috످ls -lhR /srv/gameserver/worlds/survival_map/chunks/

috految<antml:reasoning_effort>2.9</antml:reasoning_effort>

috److I can't run commands or access your server from this chat, but if you run that and paste the output here, I can help you go through it.

Since chunk directories can contain thousands of files, you may want to limit the output to the first 50 lines:

```bash
ls -lhR /srv/gameserver/worlds/survival_map/chunks/ | head -n 50
```

috످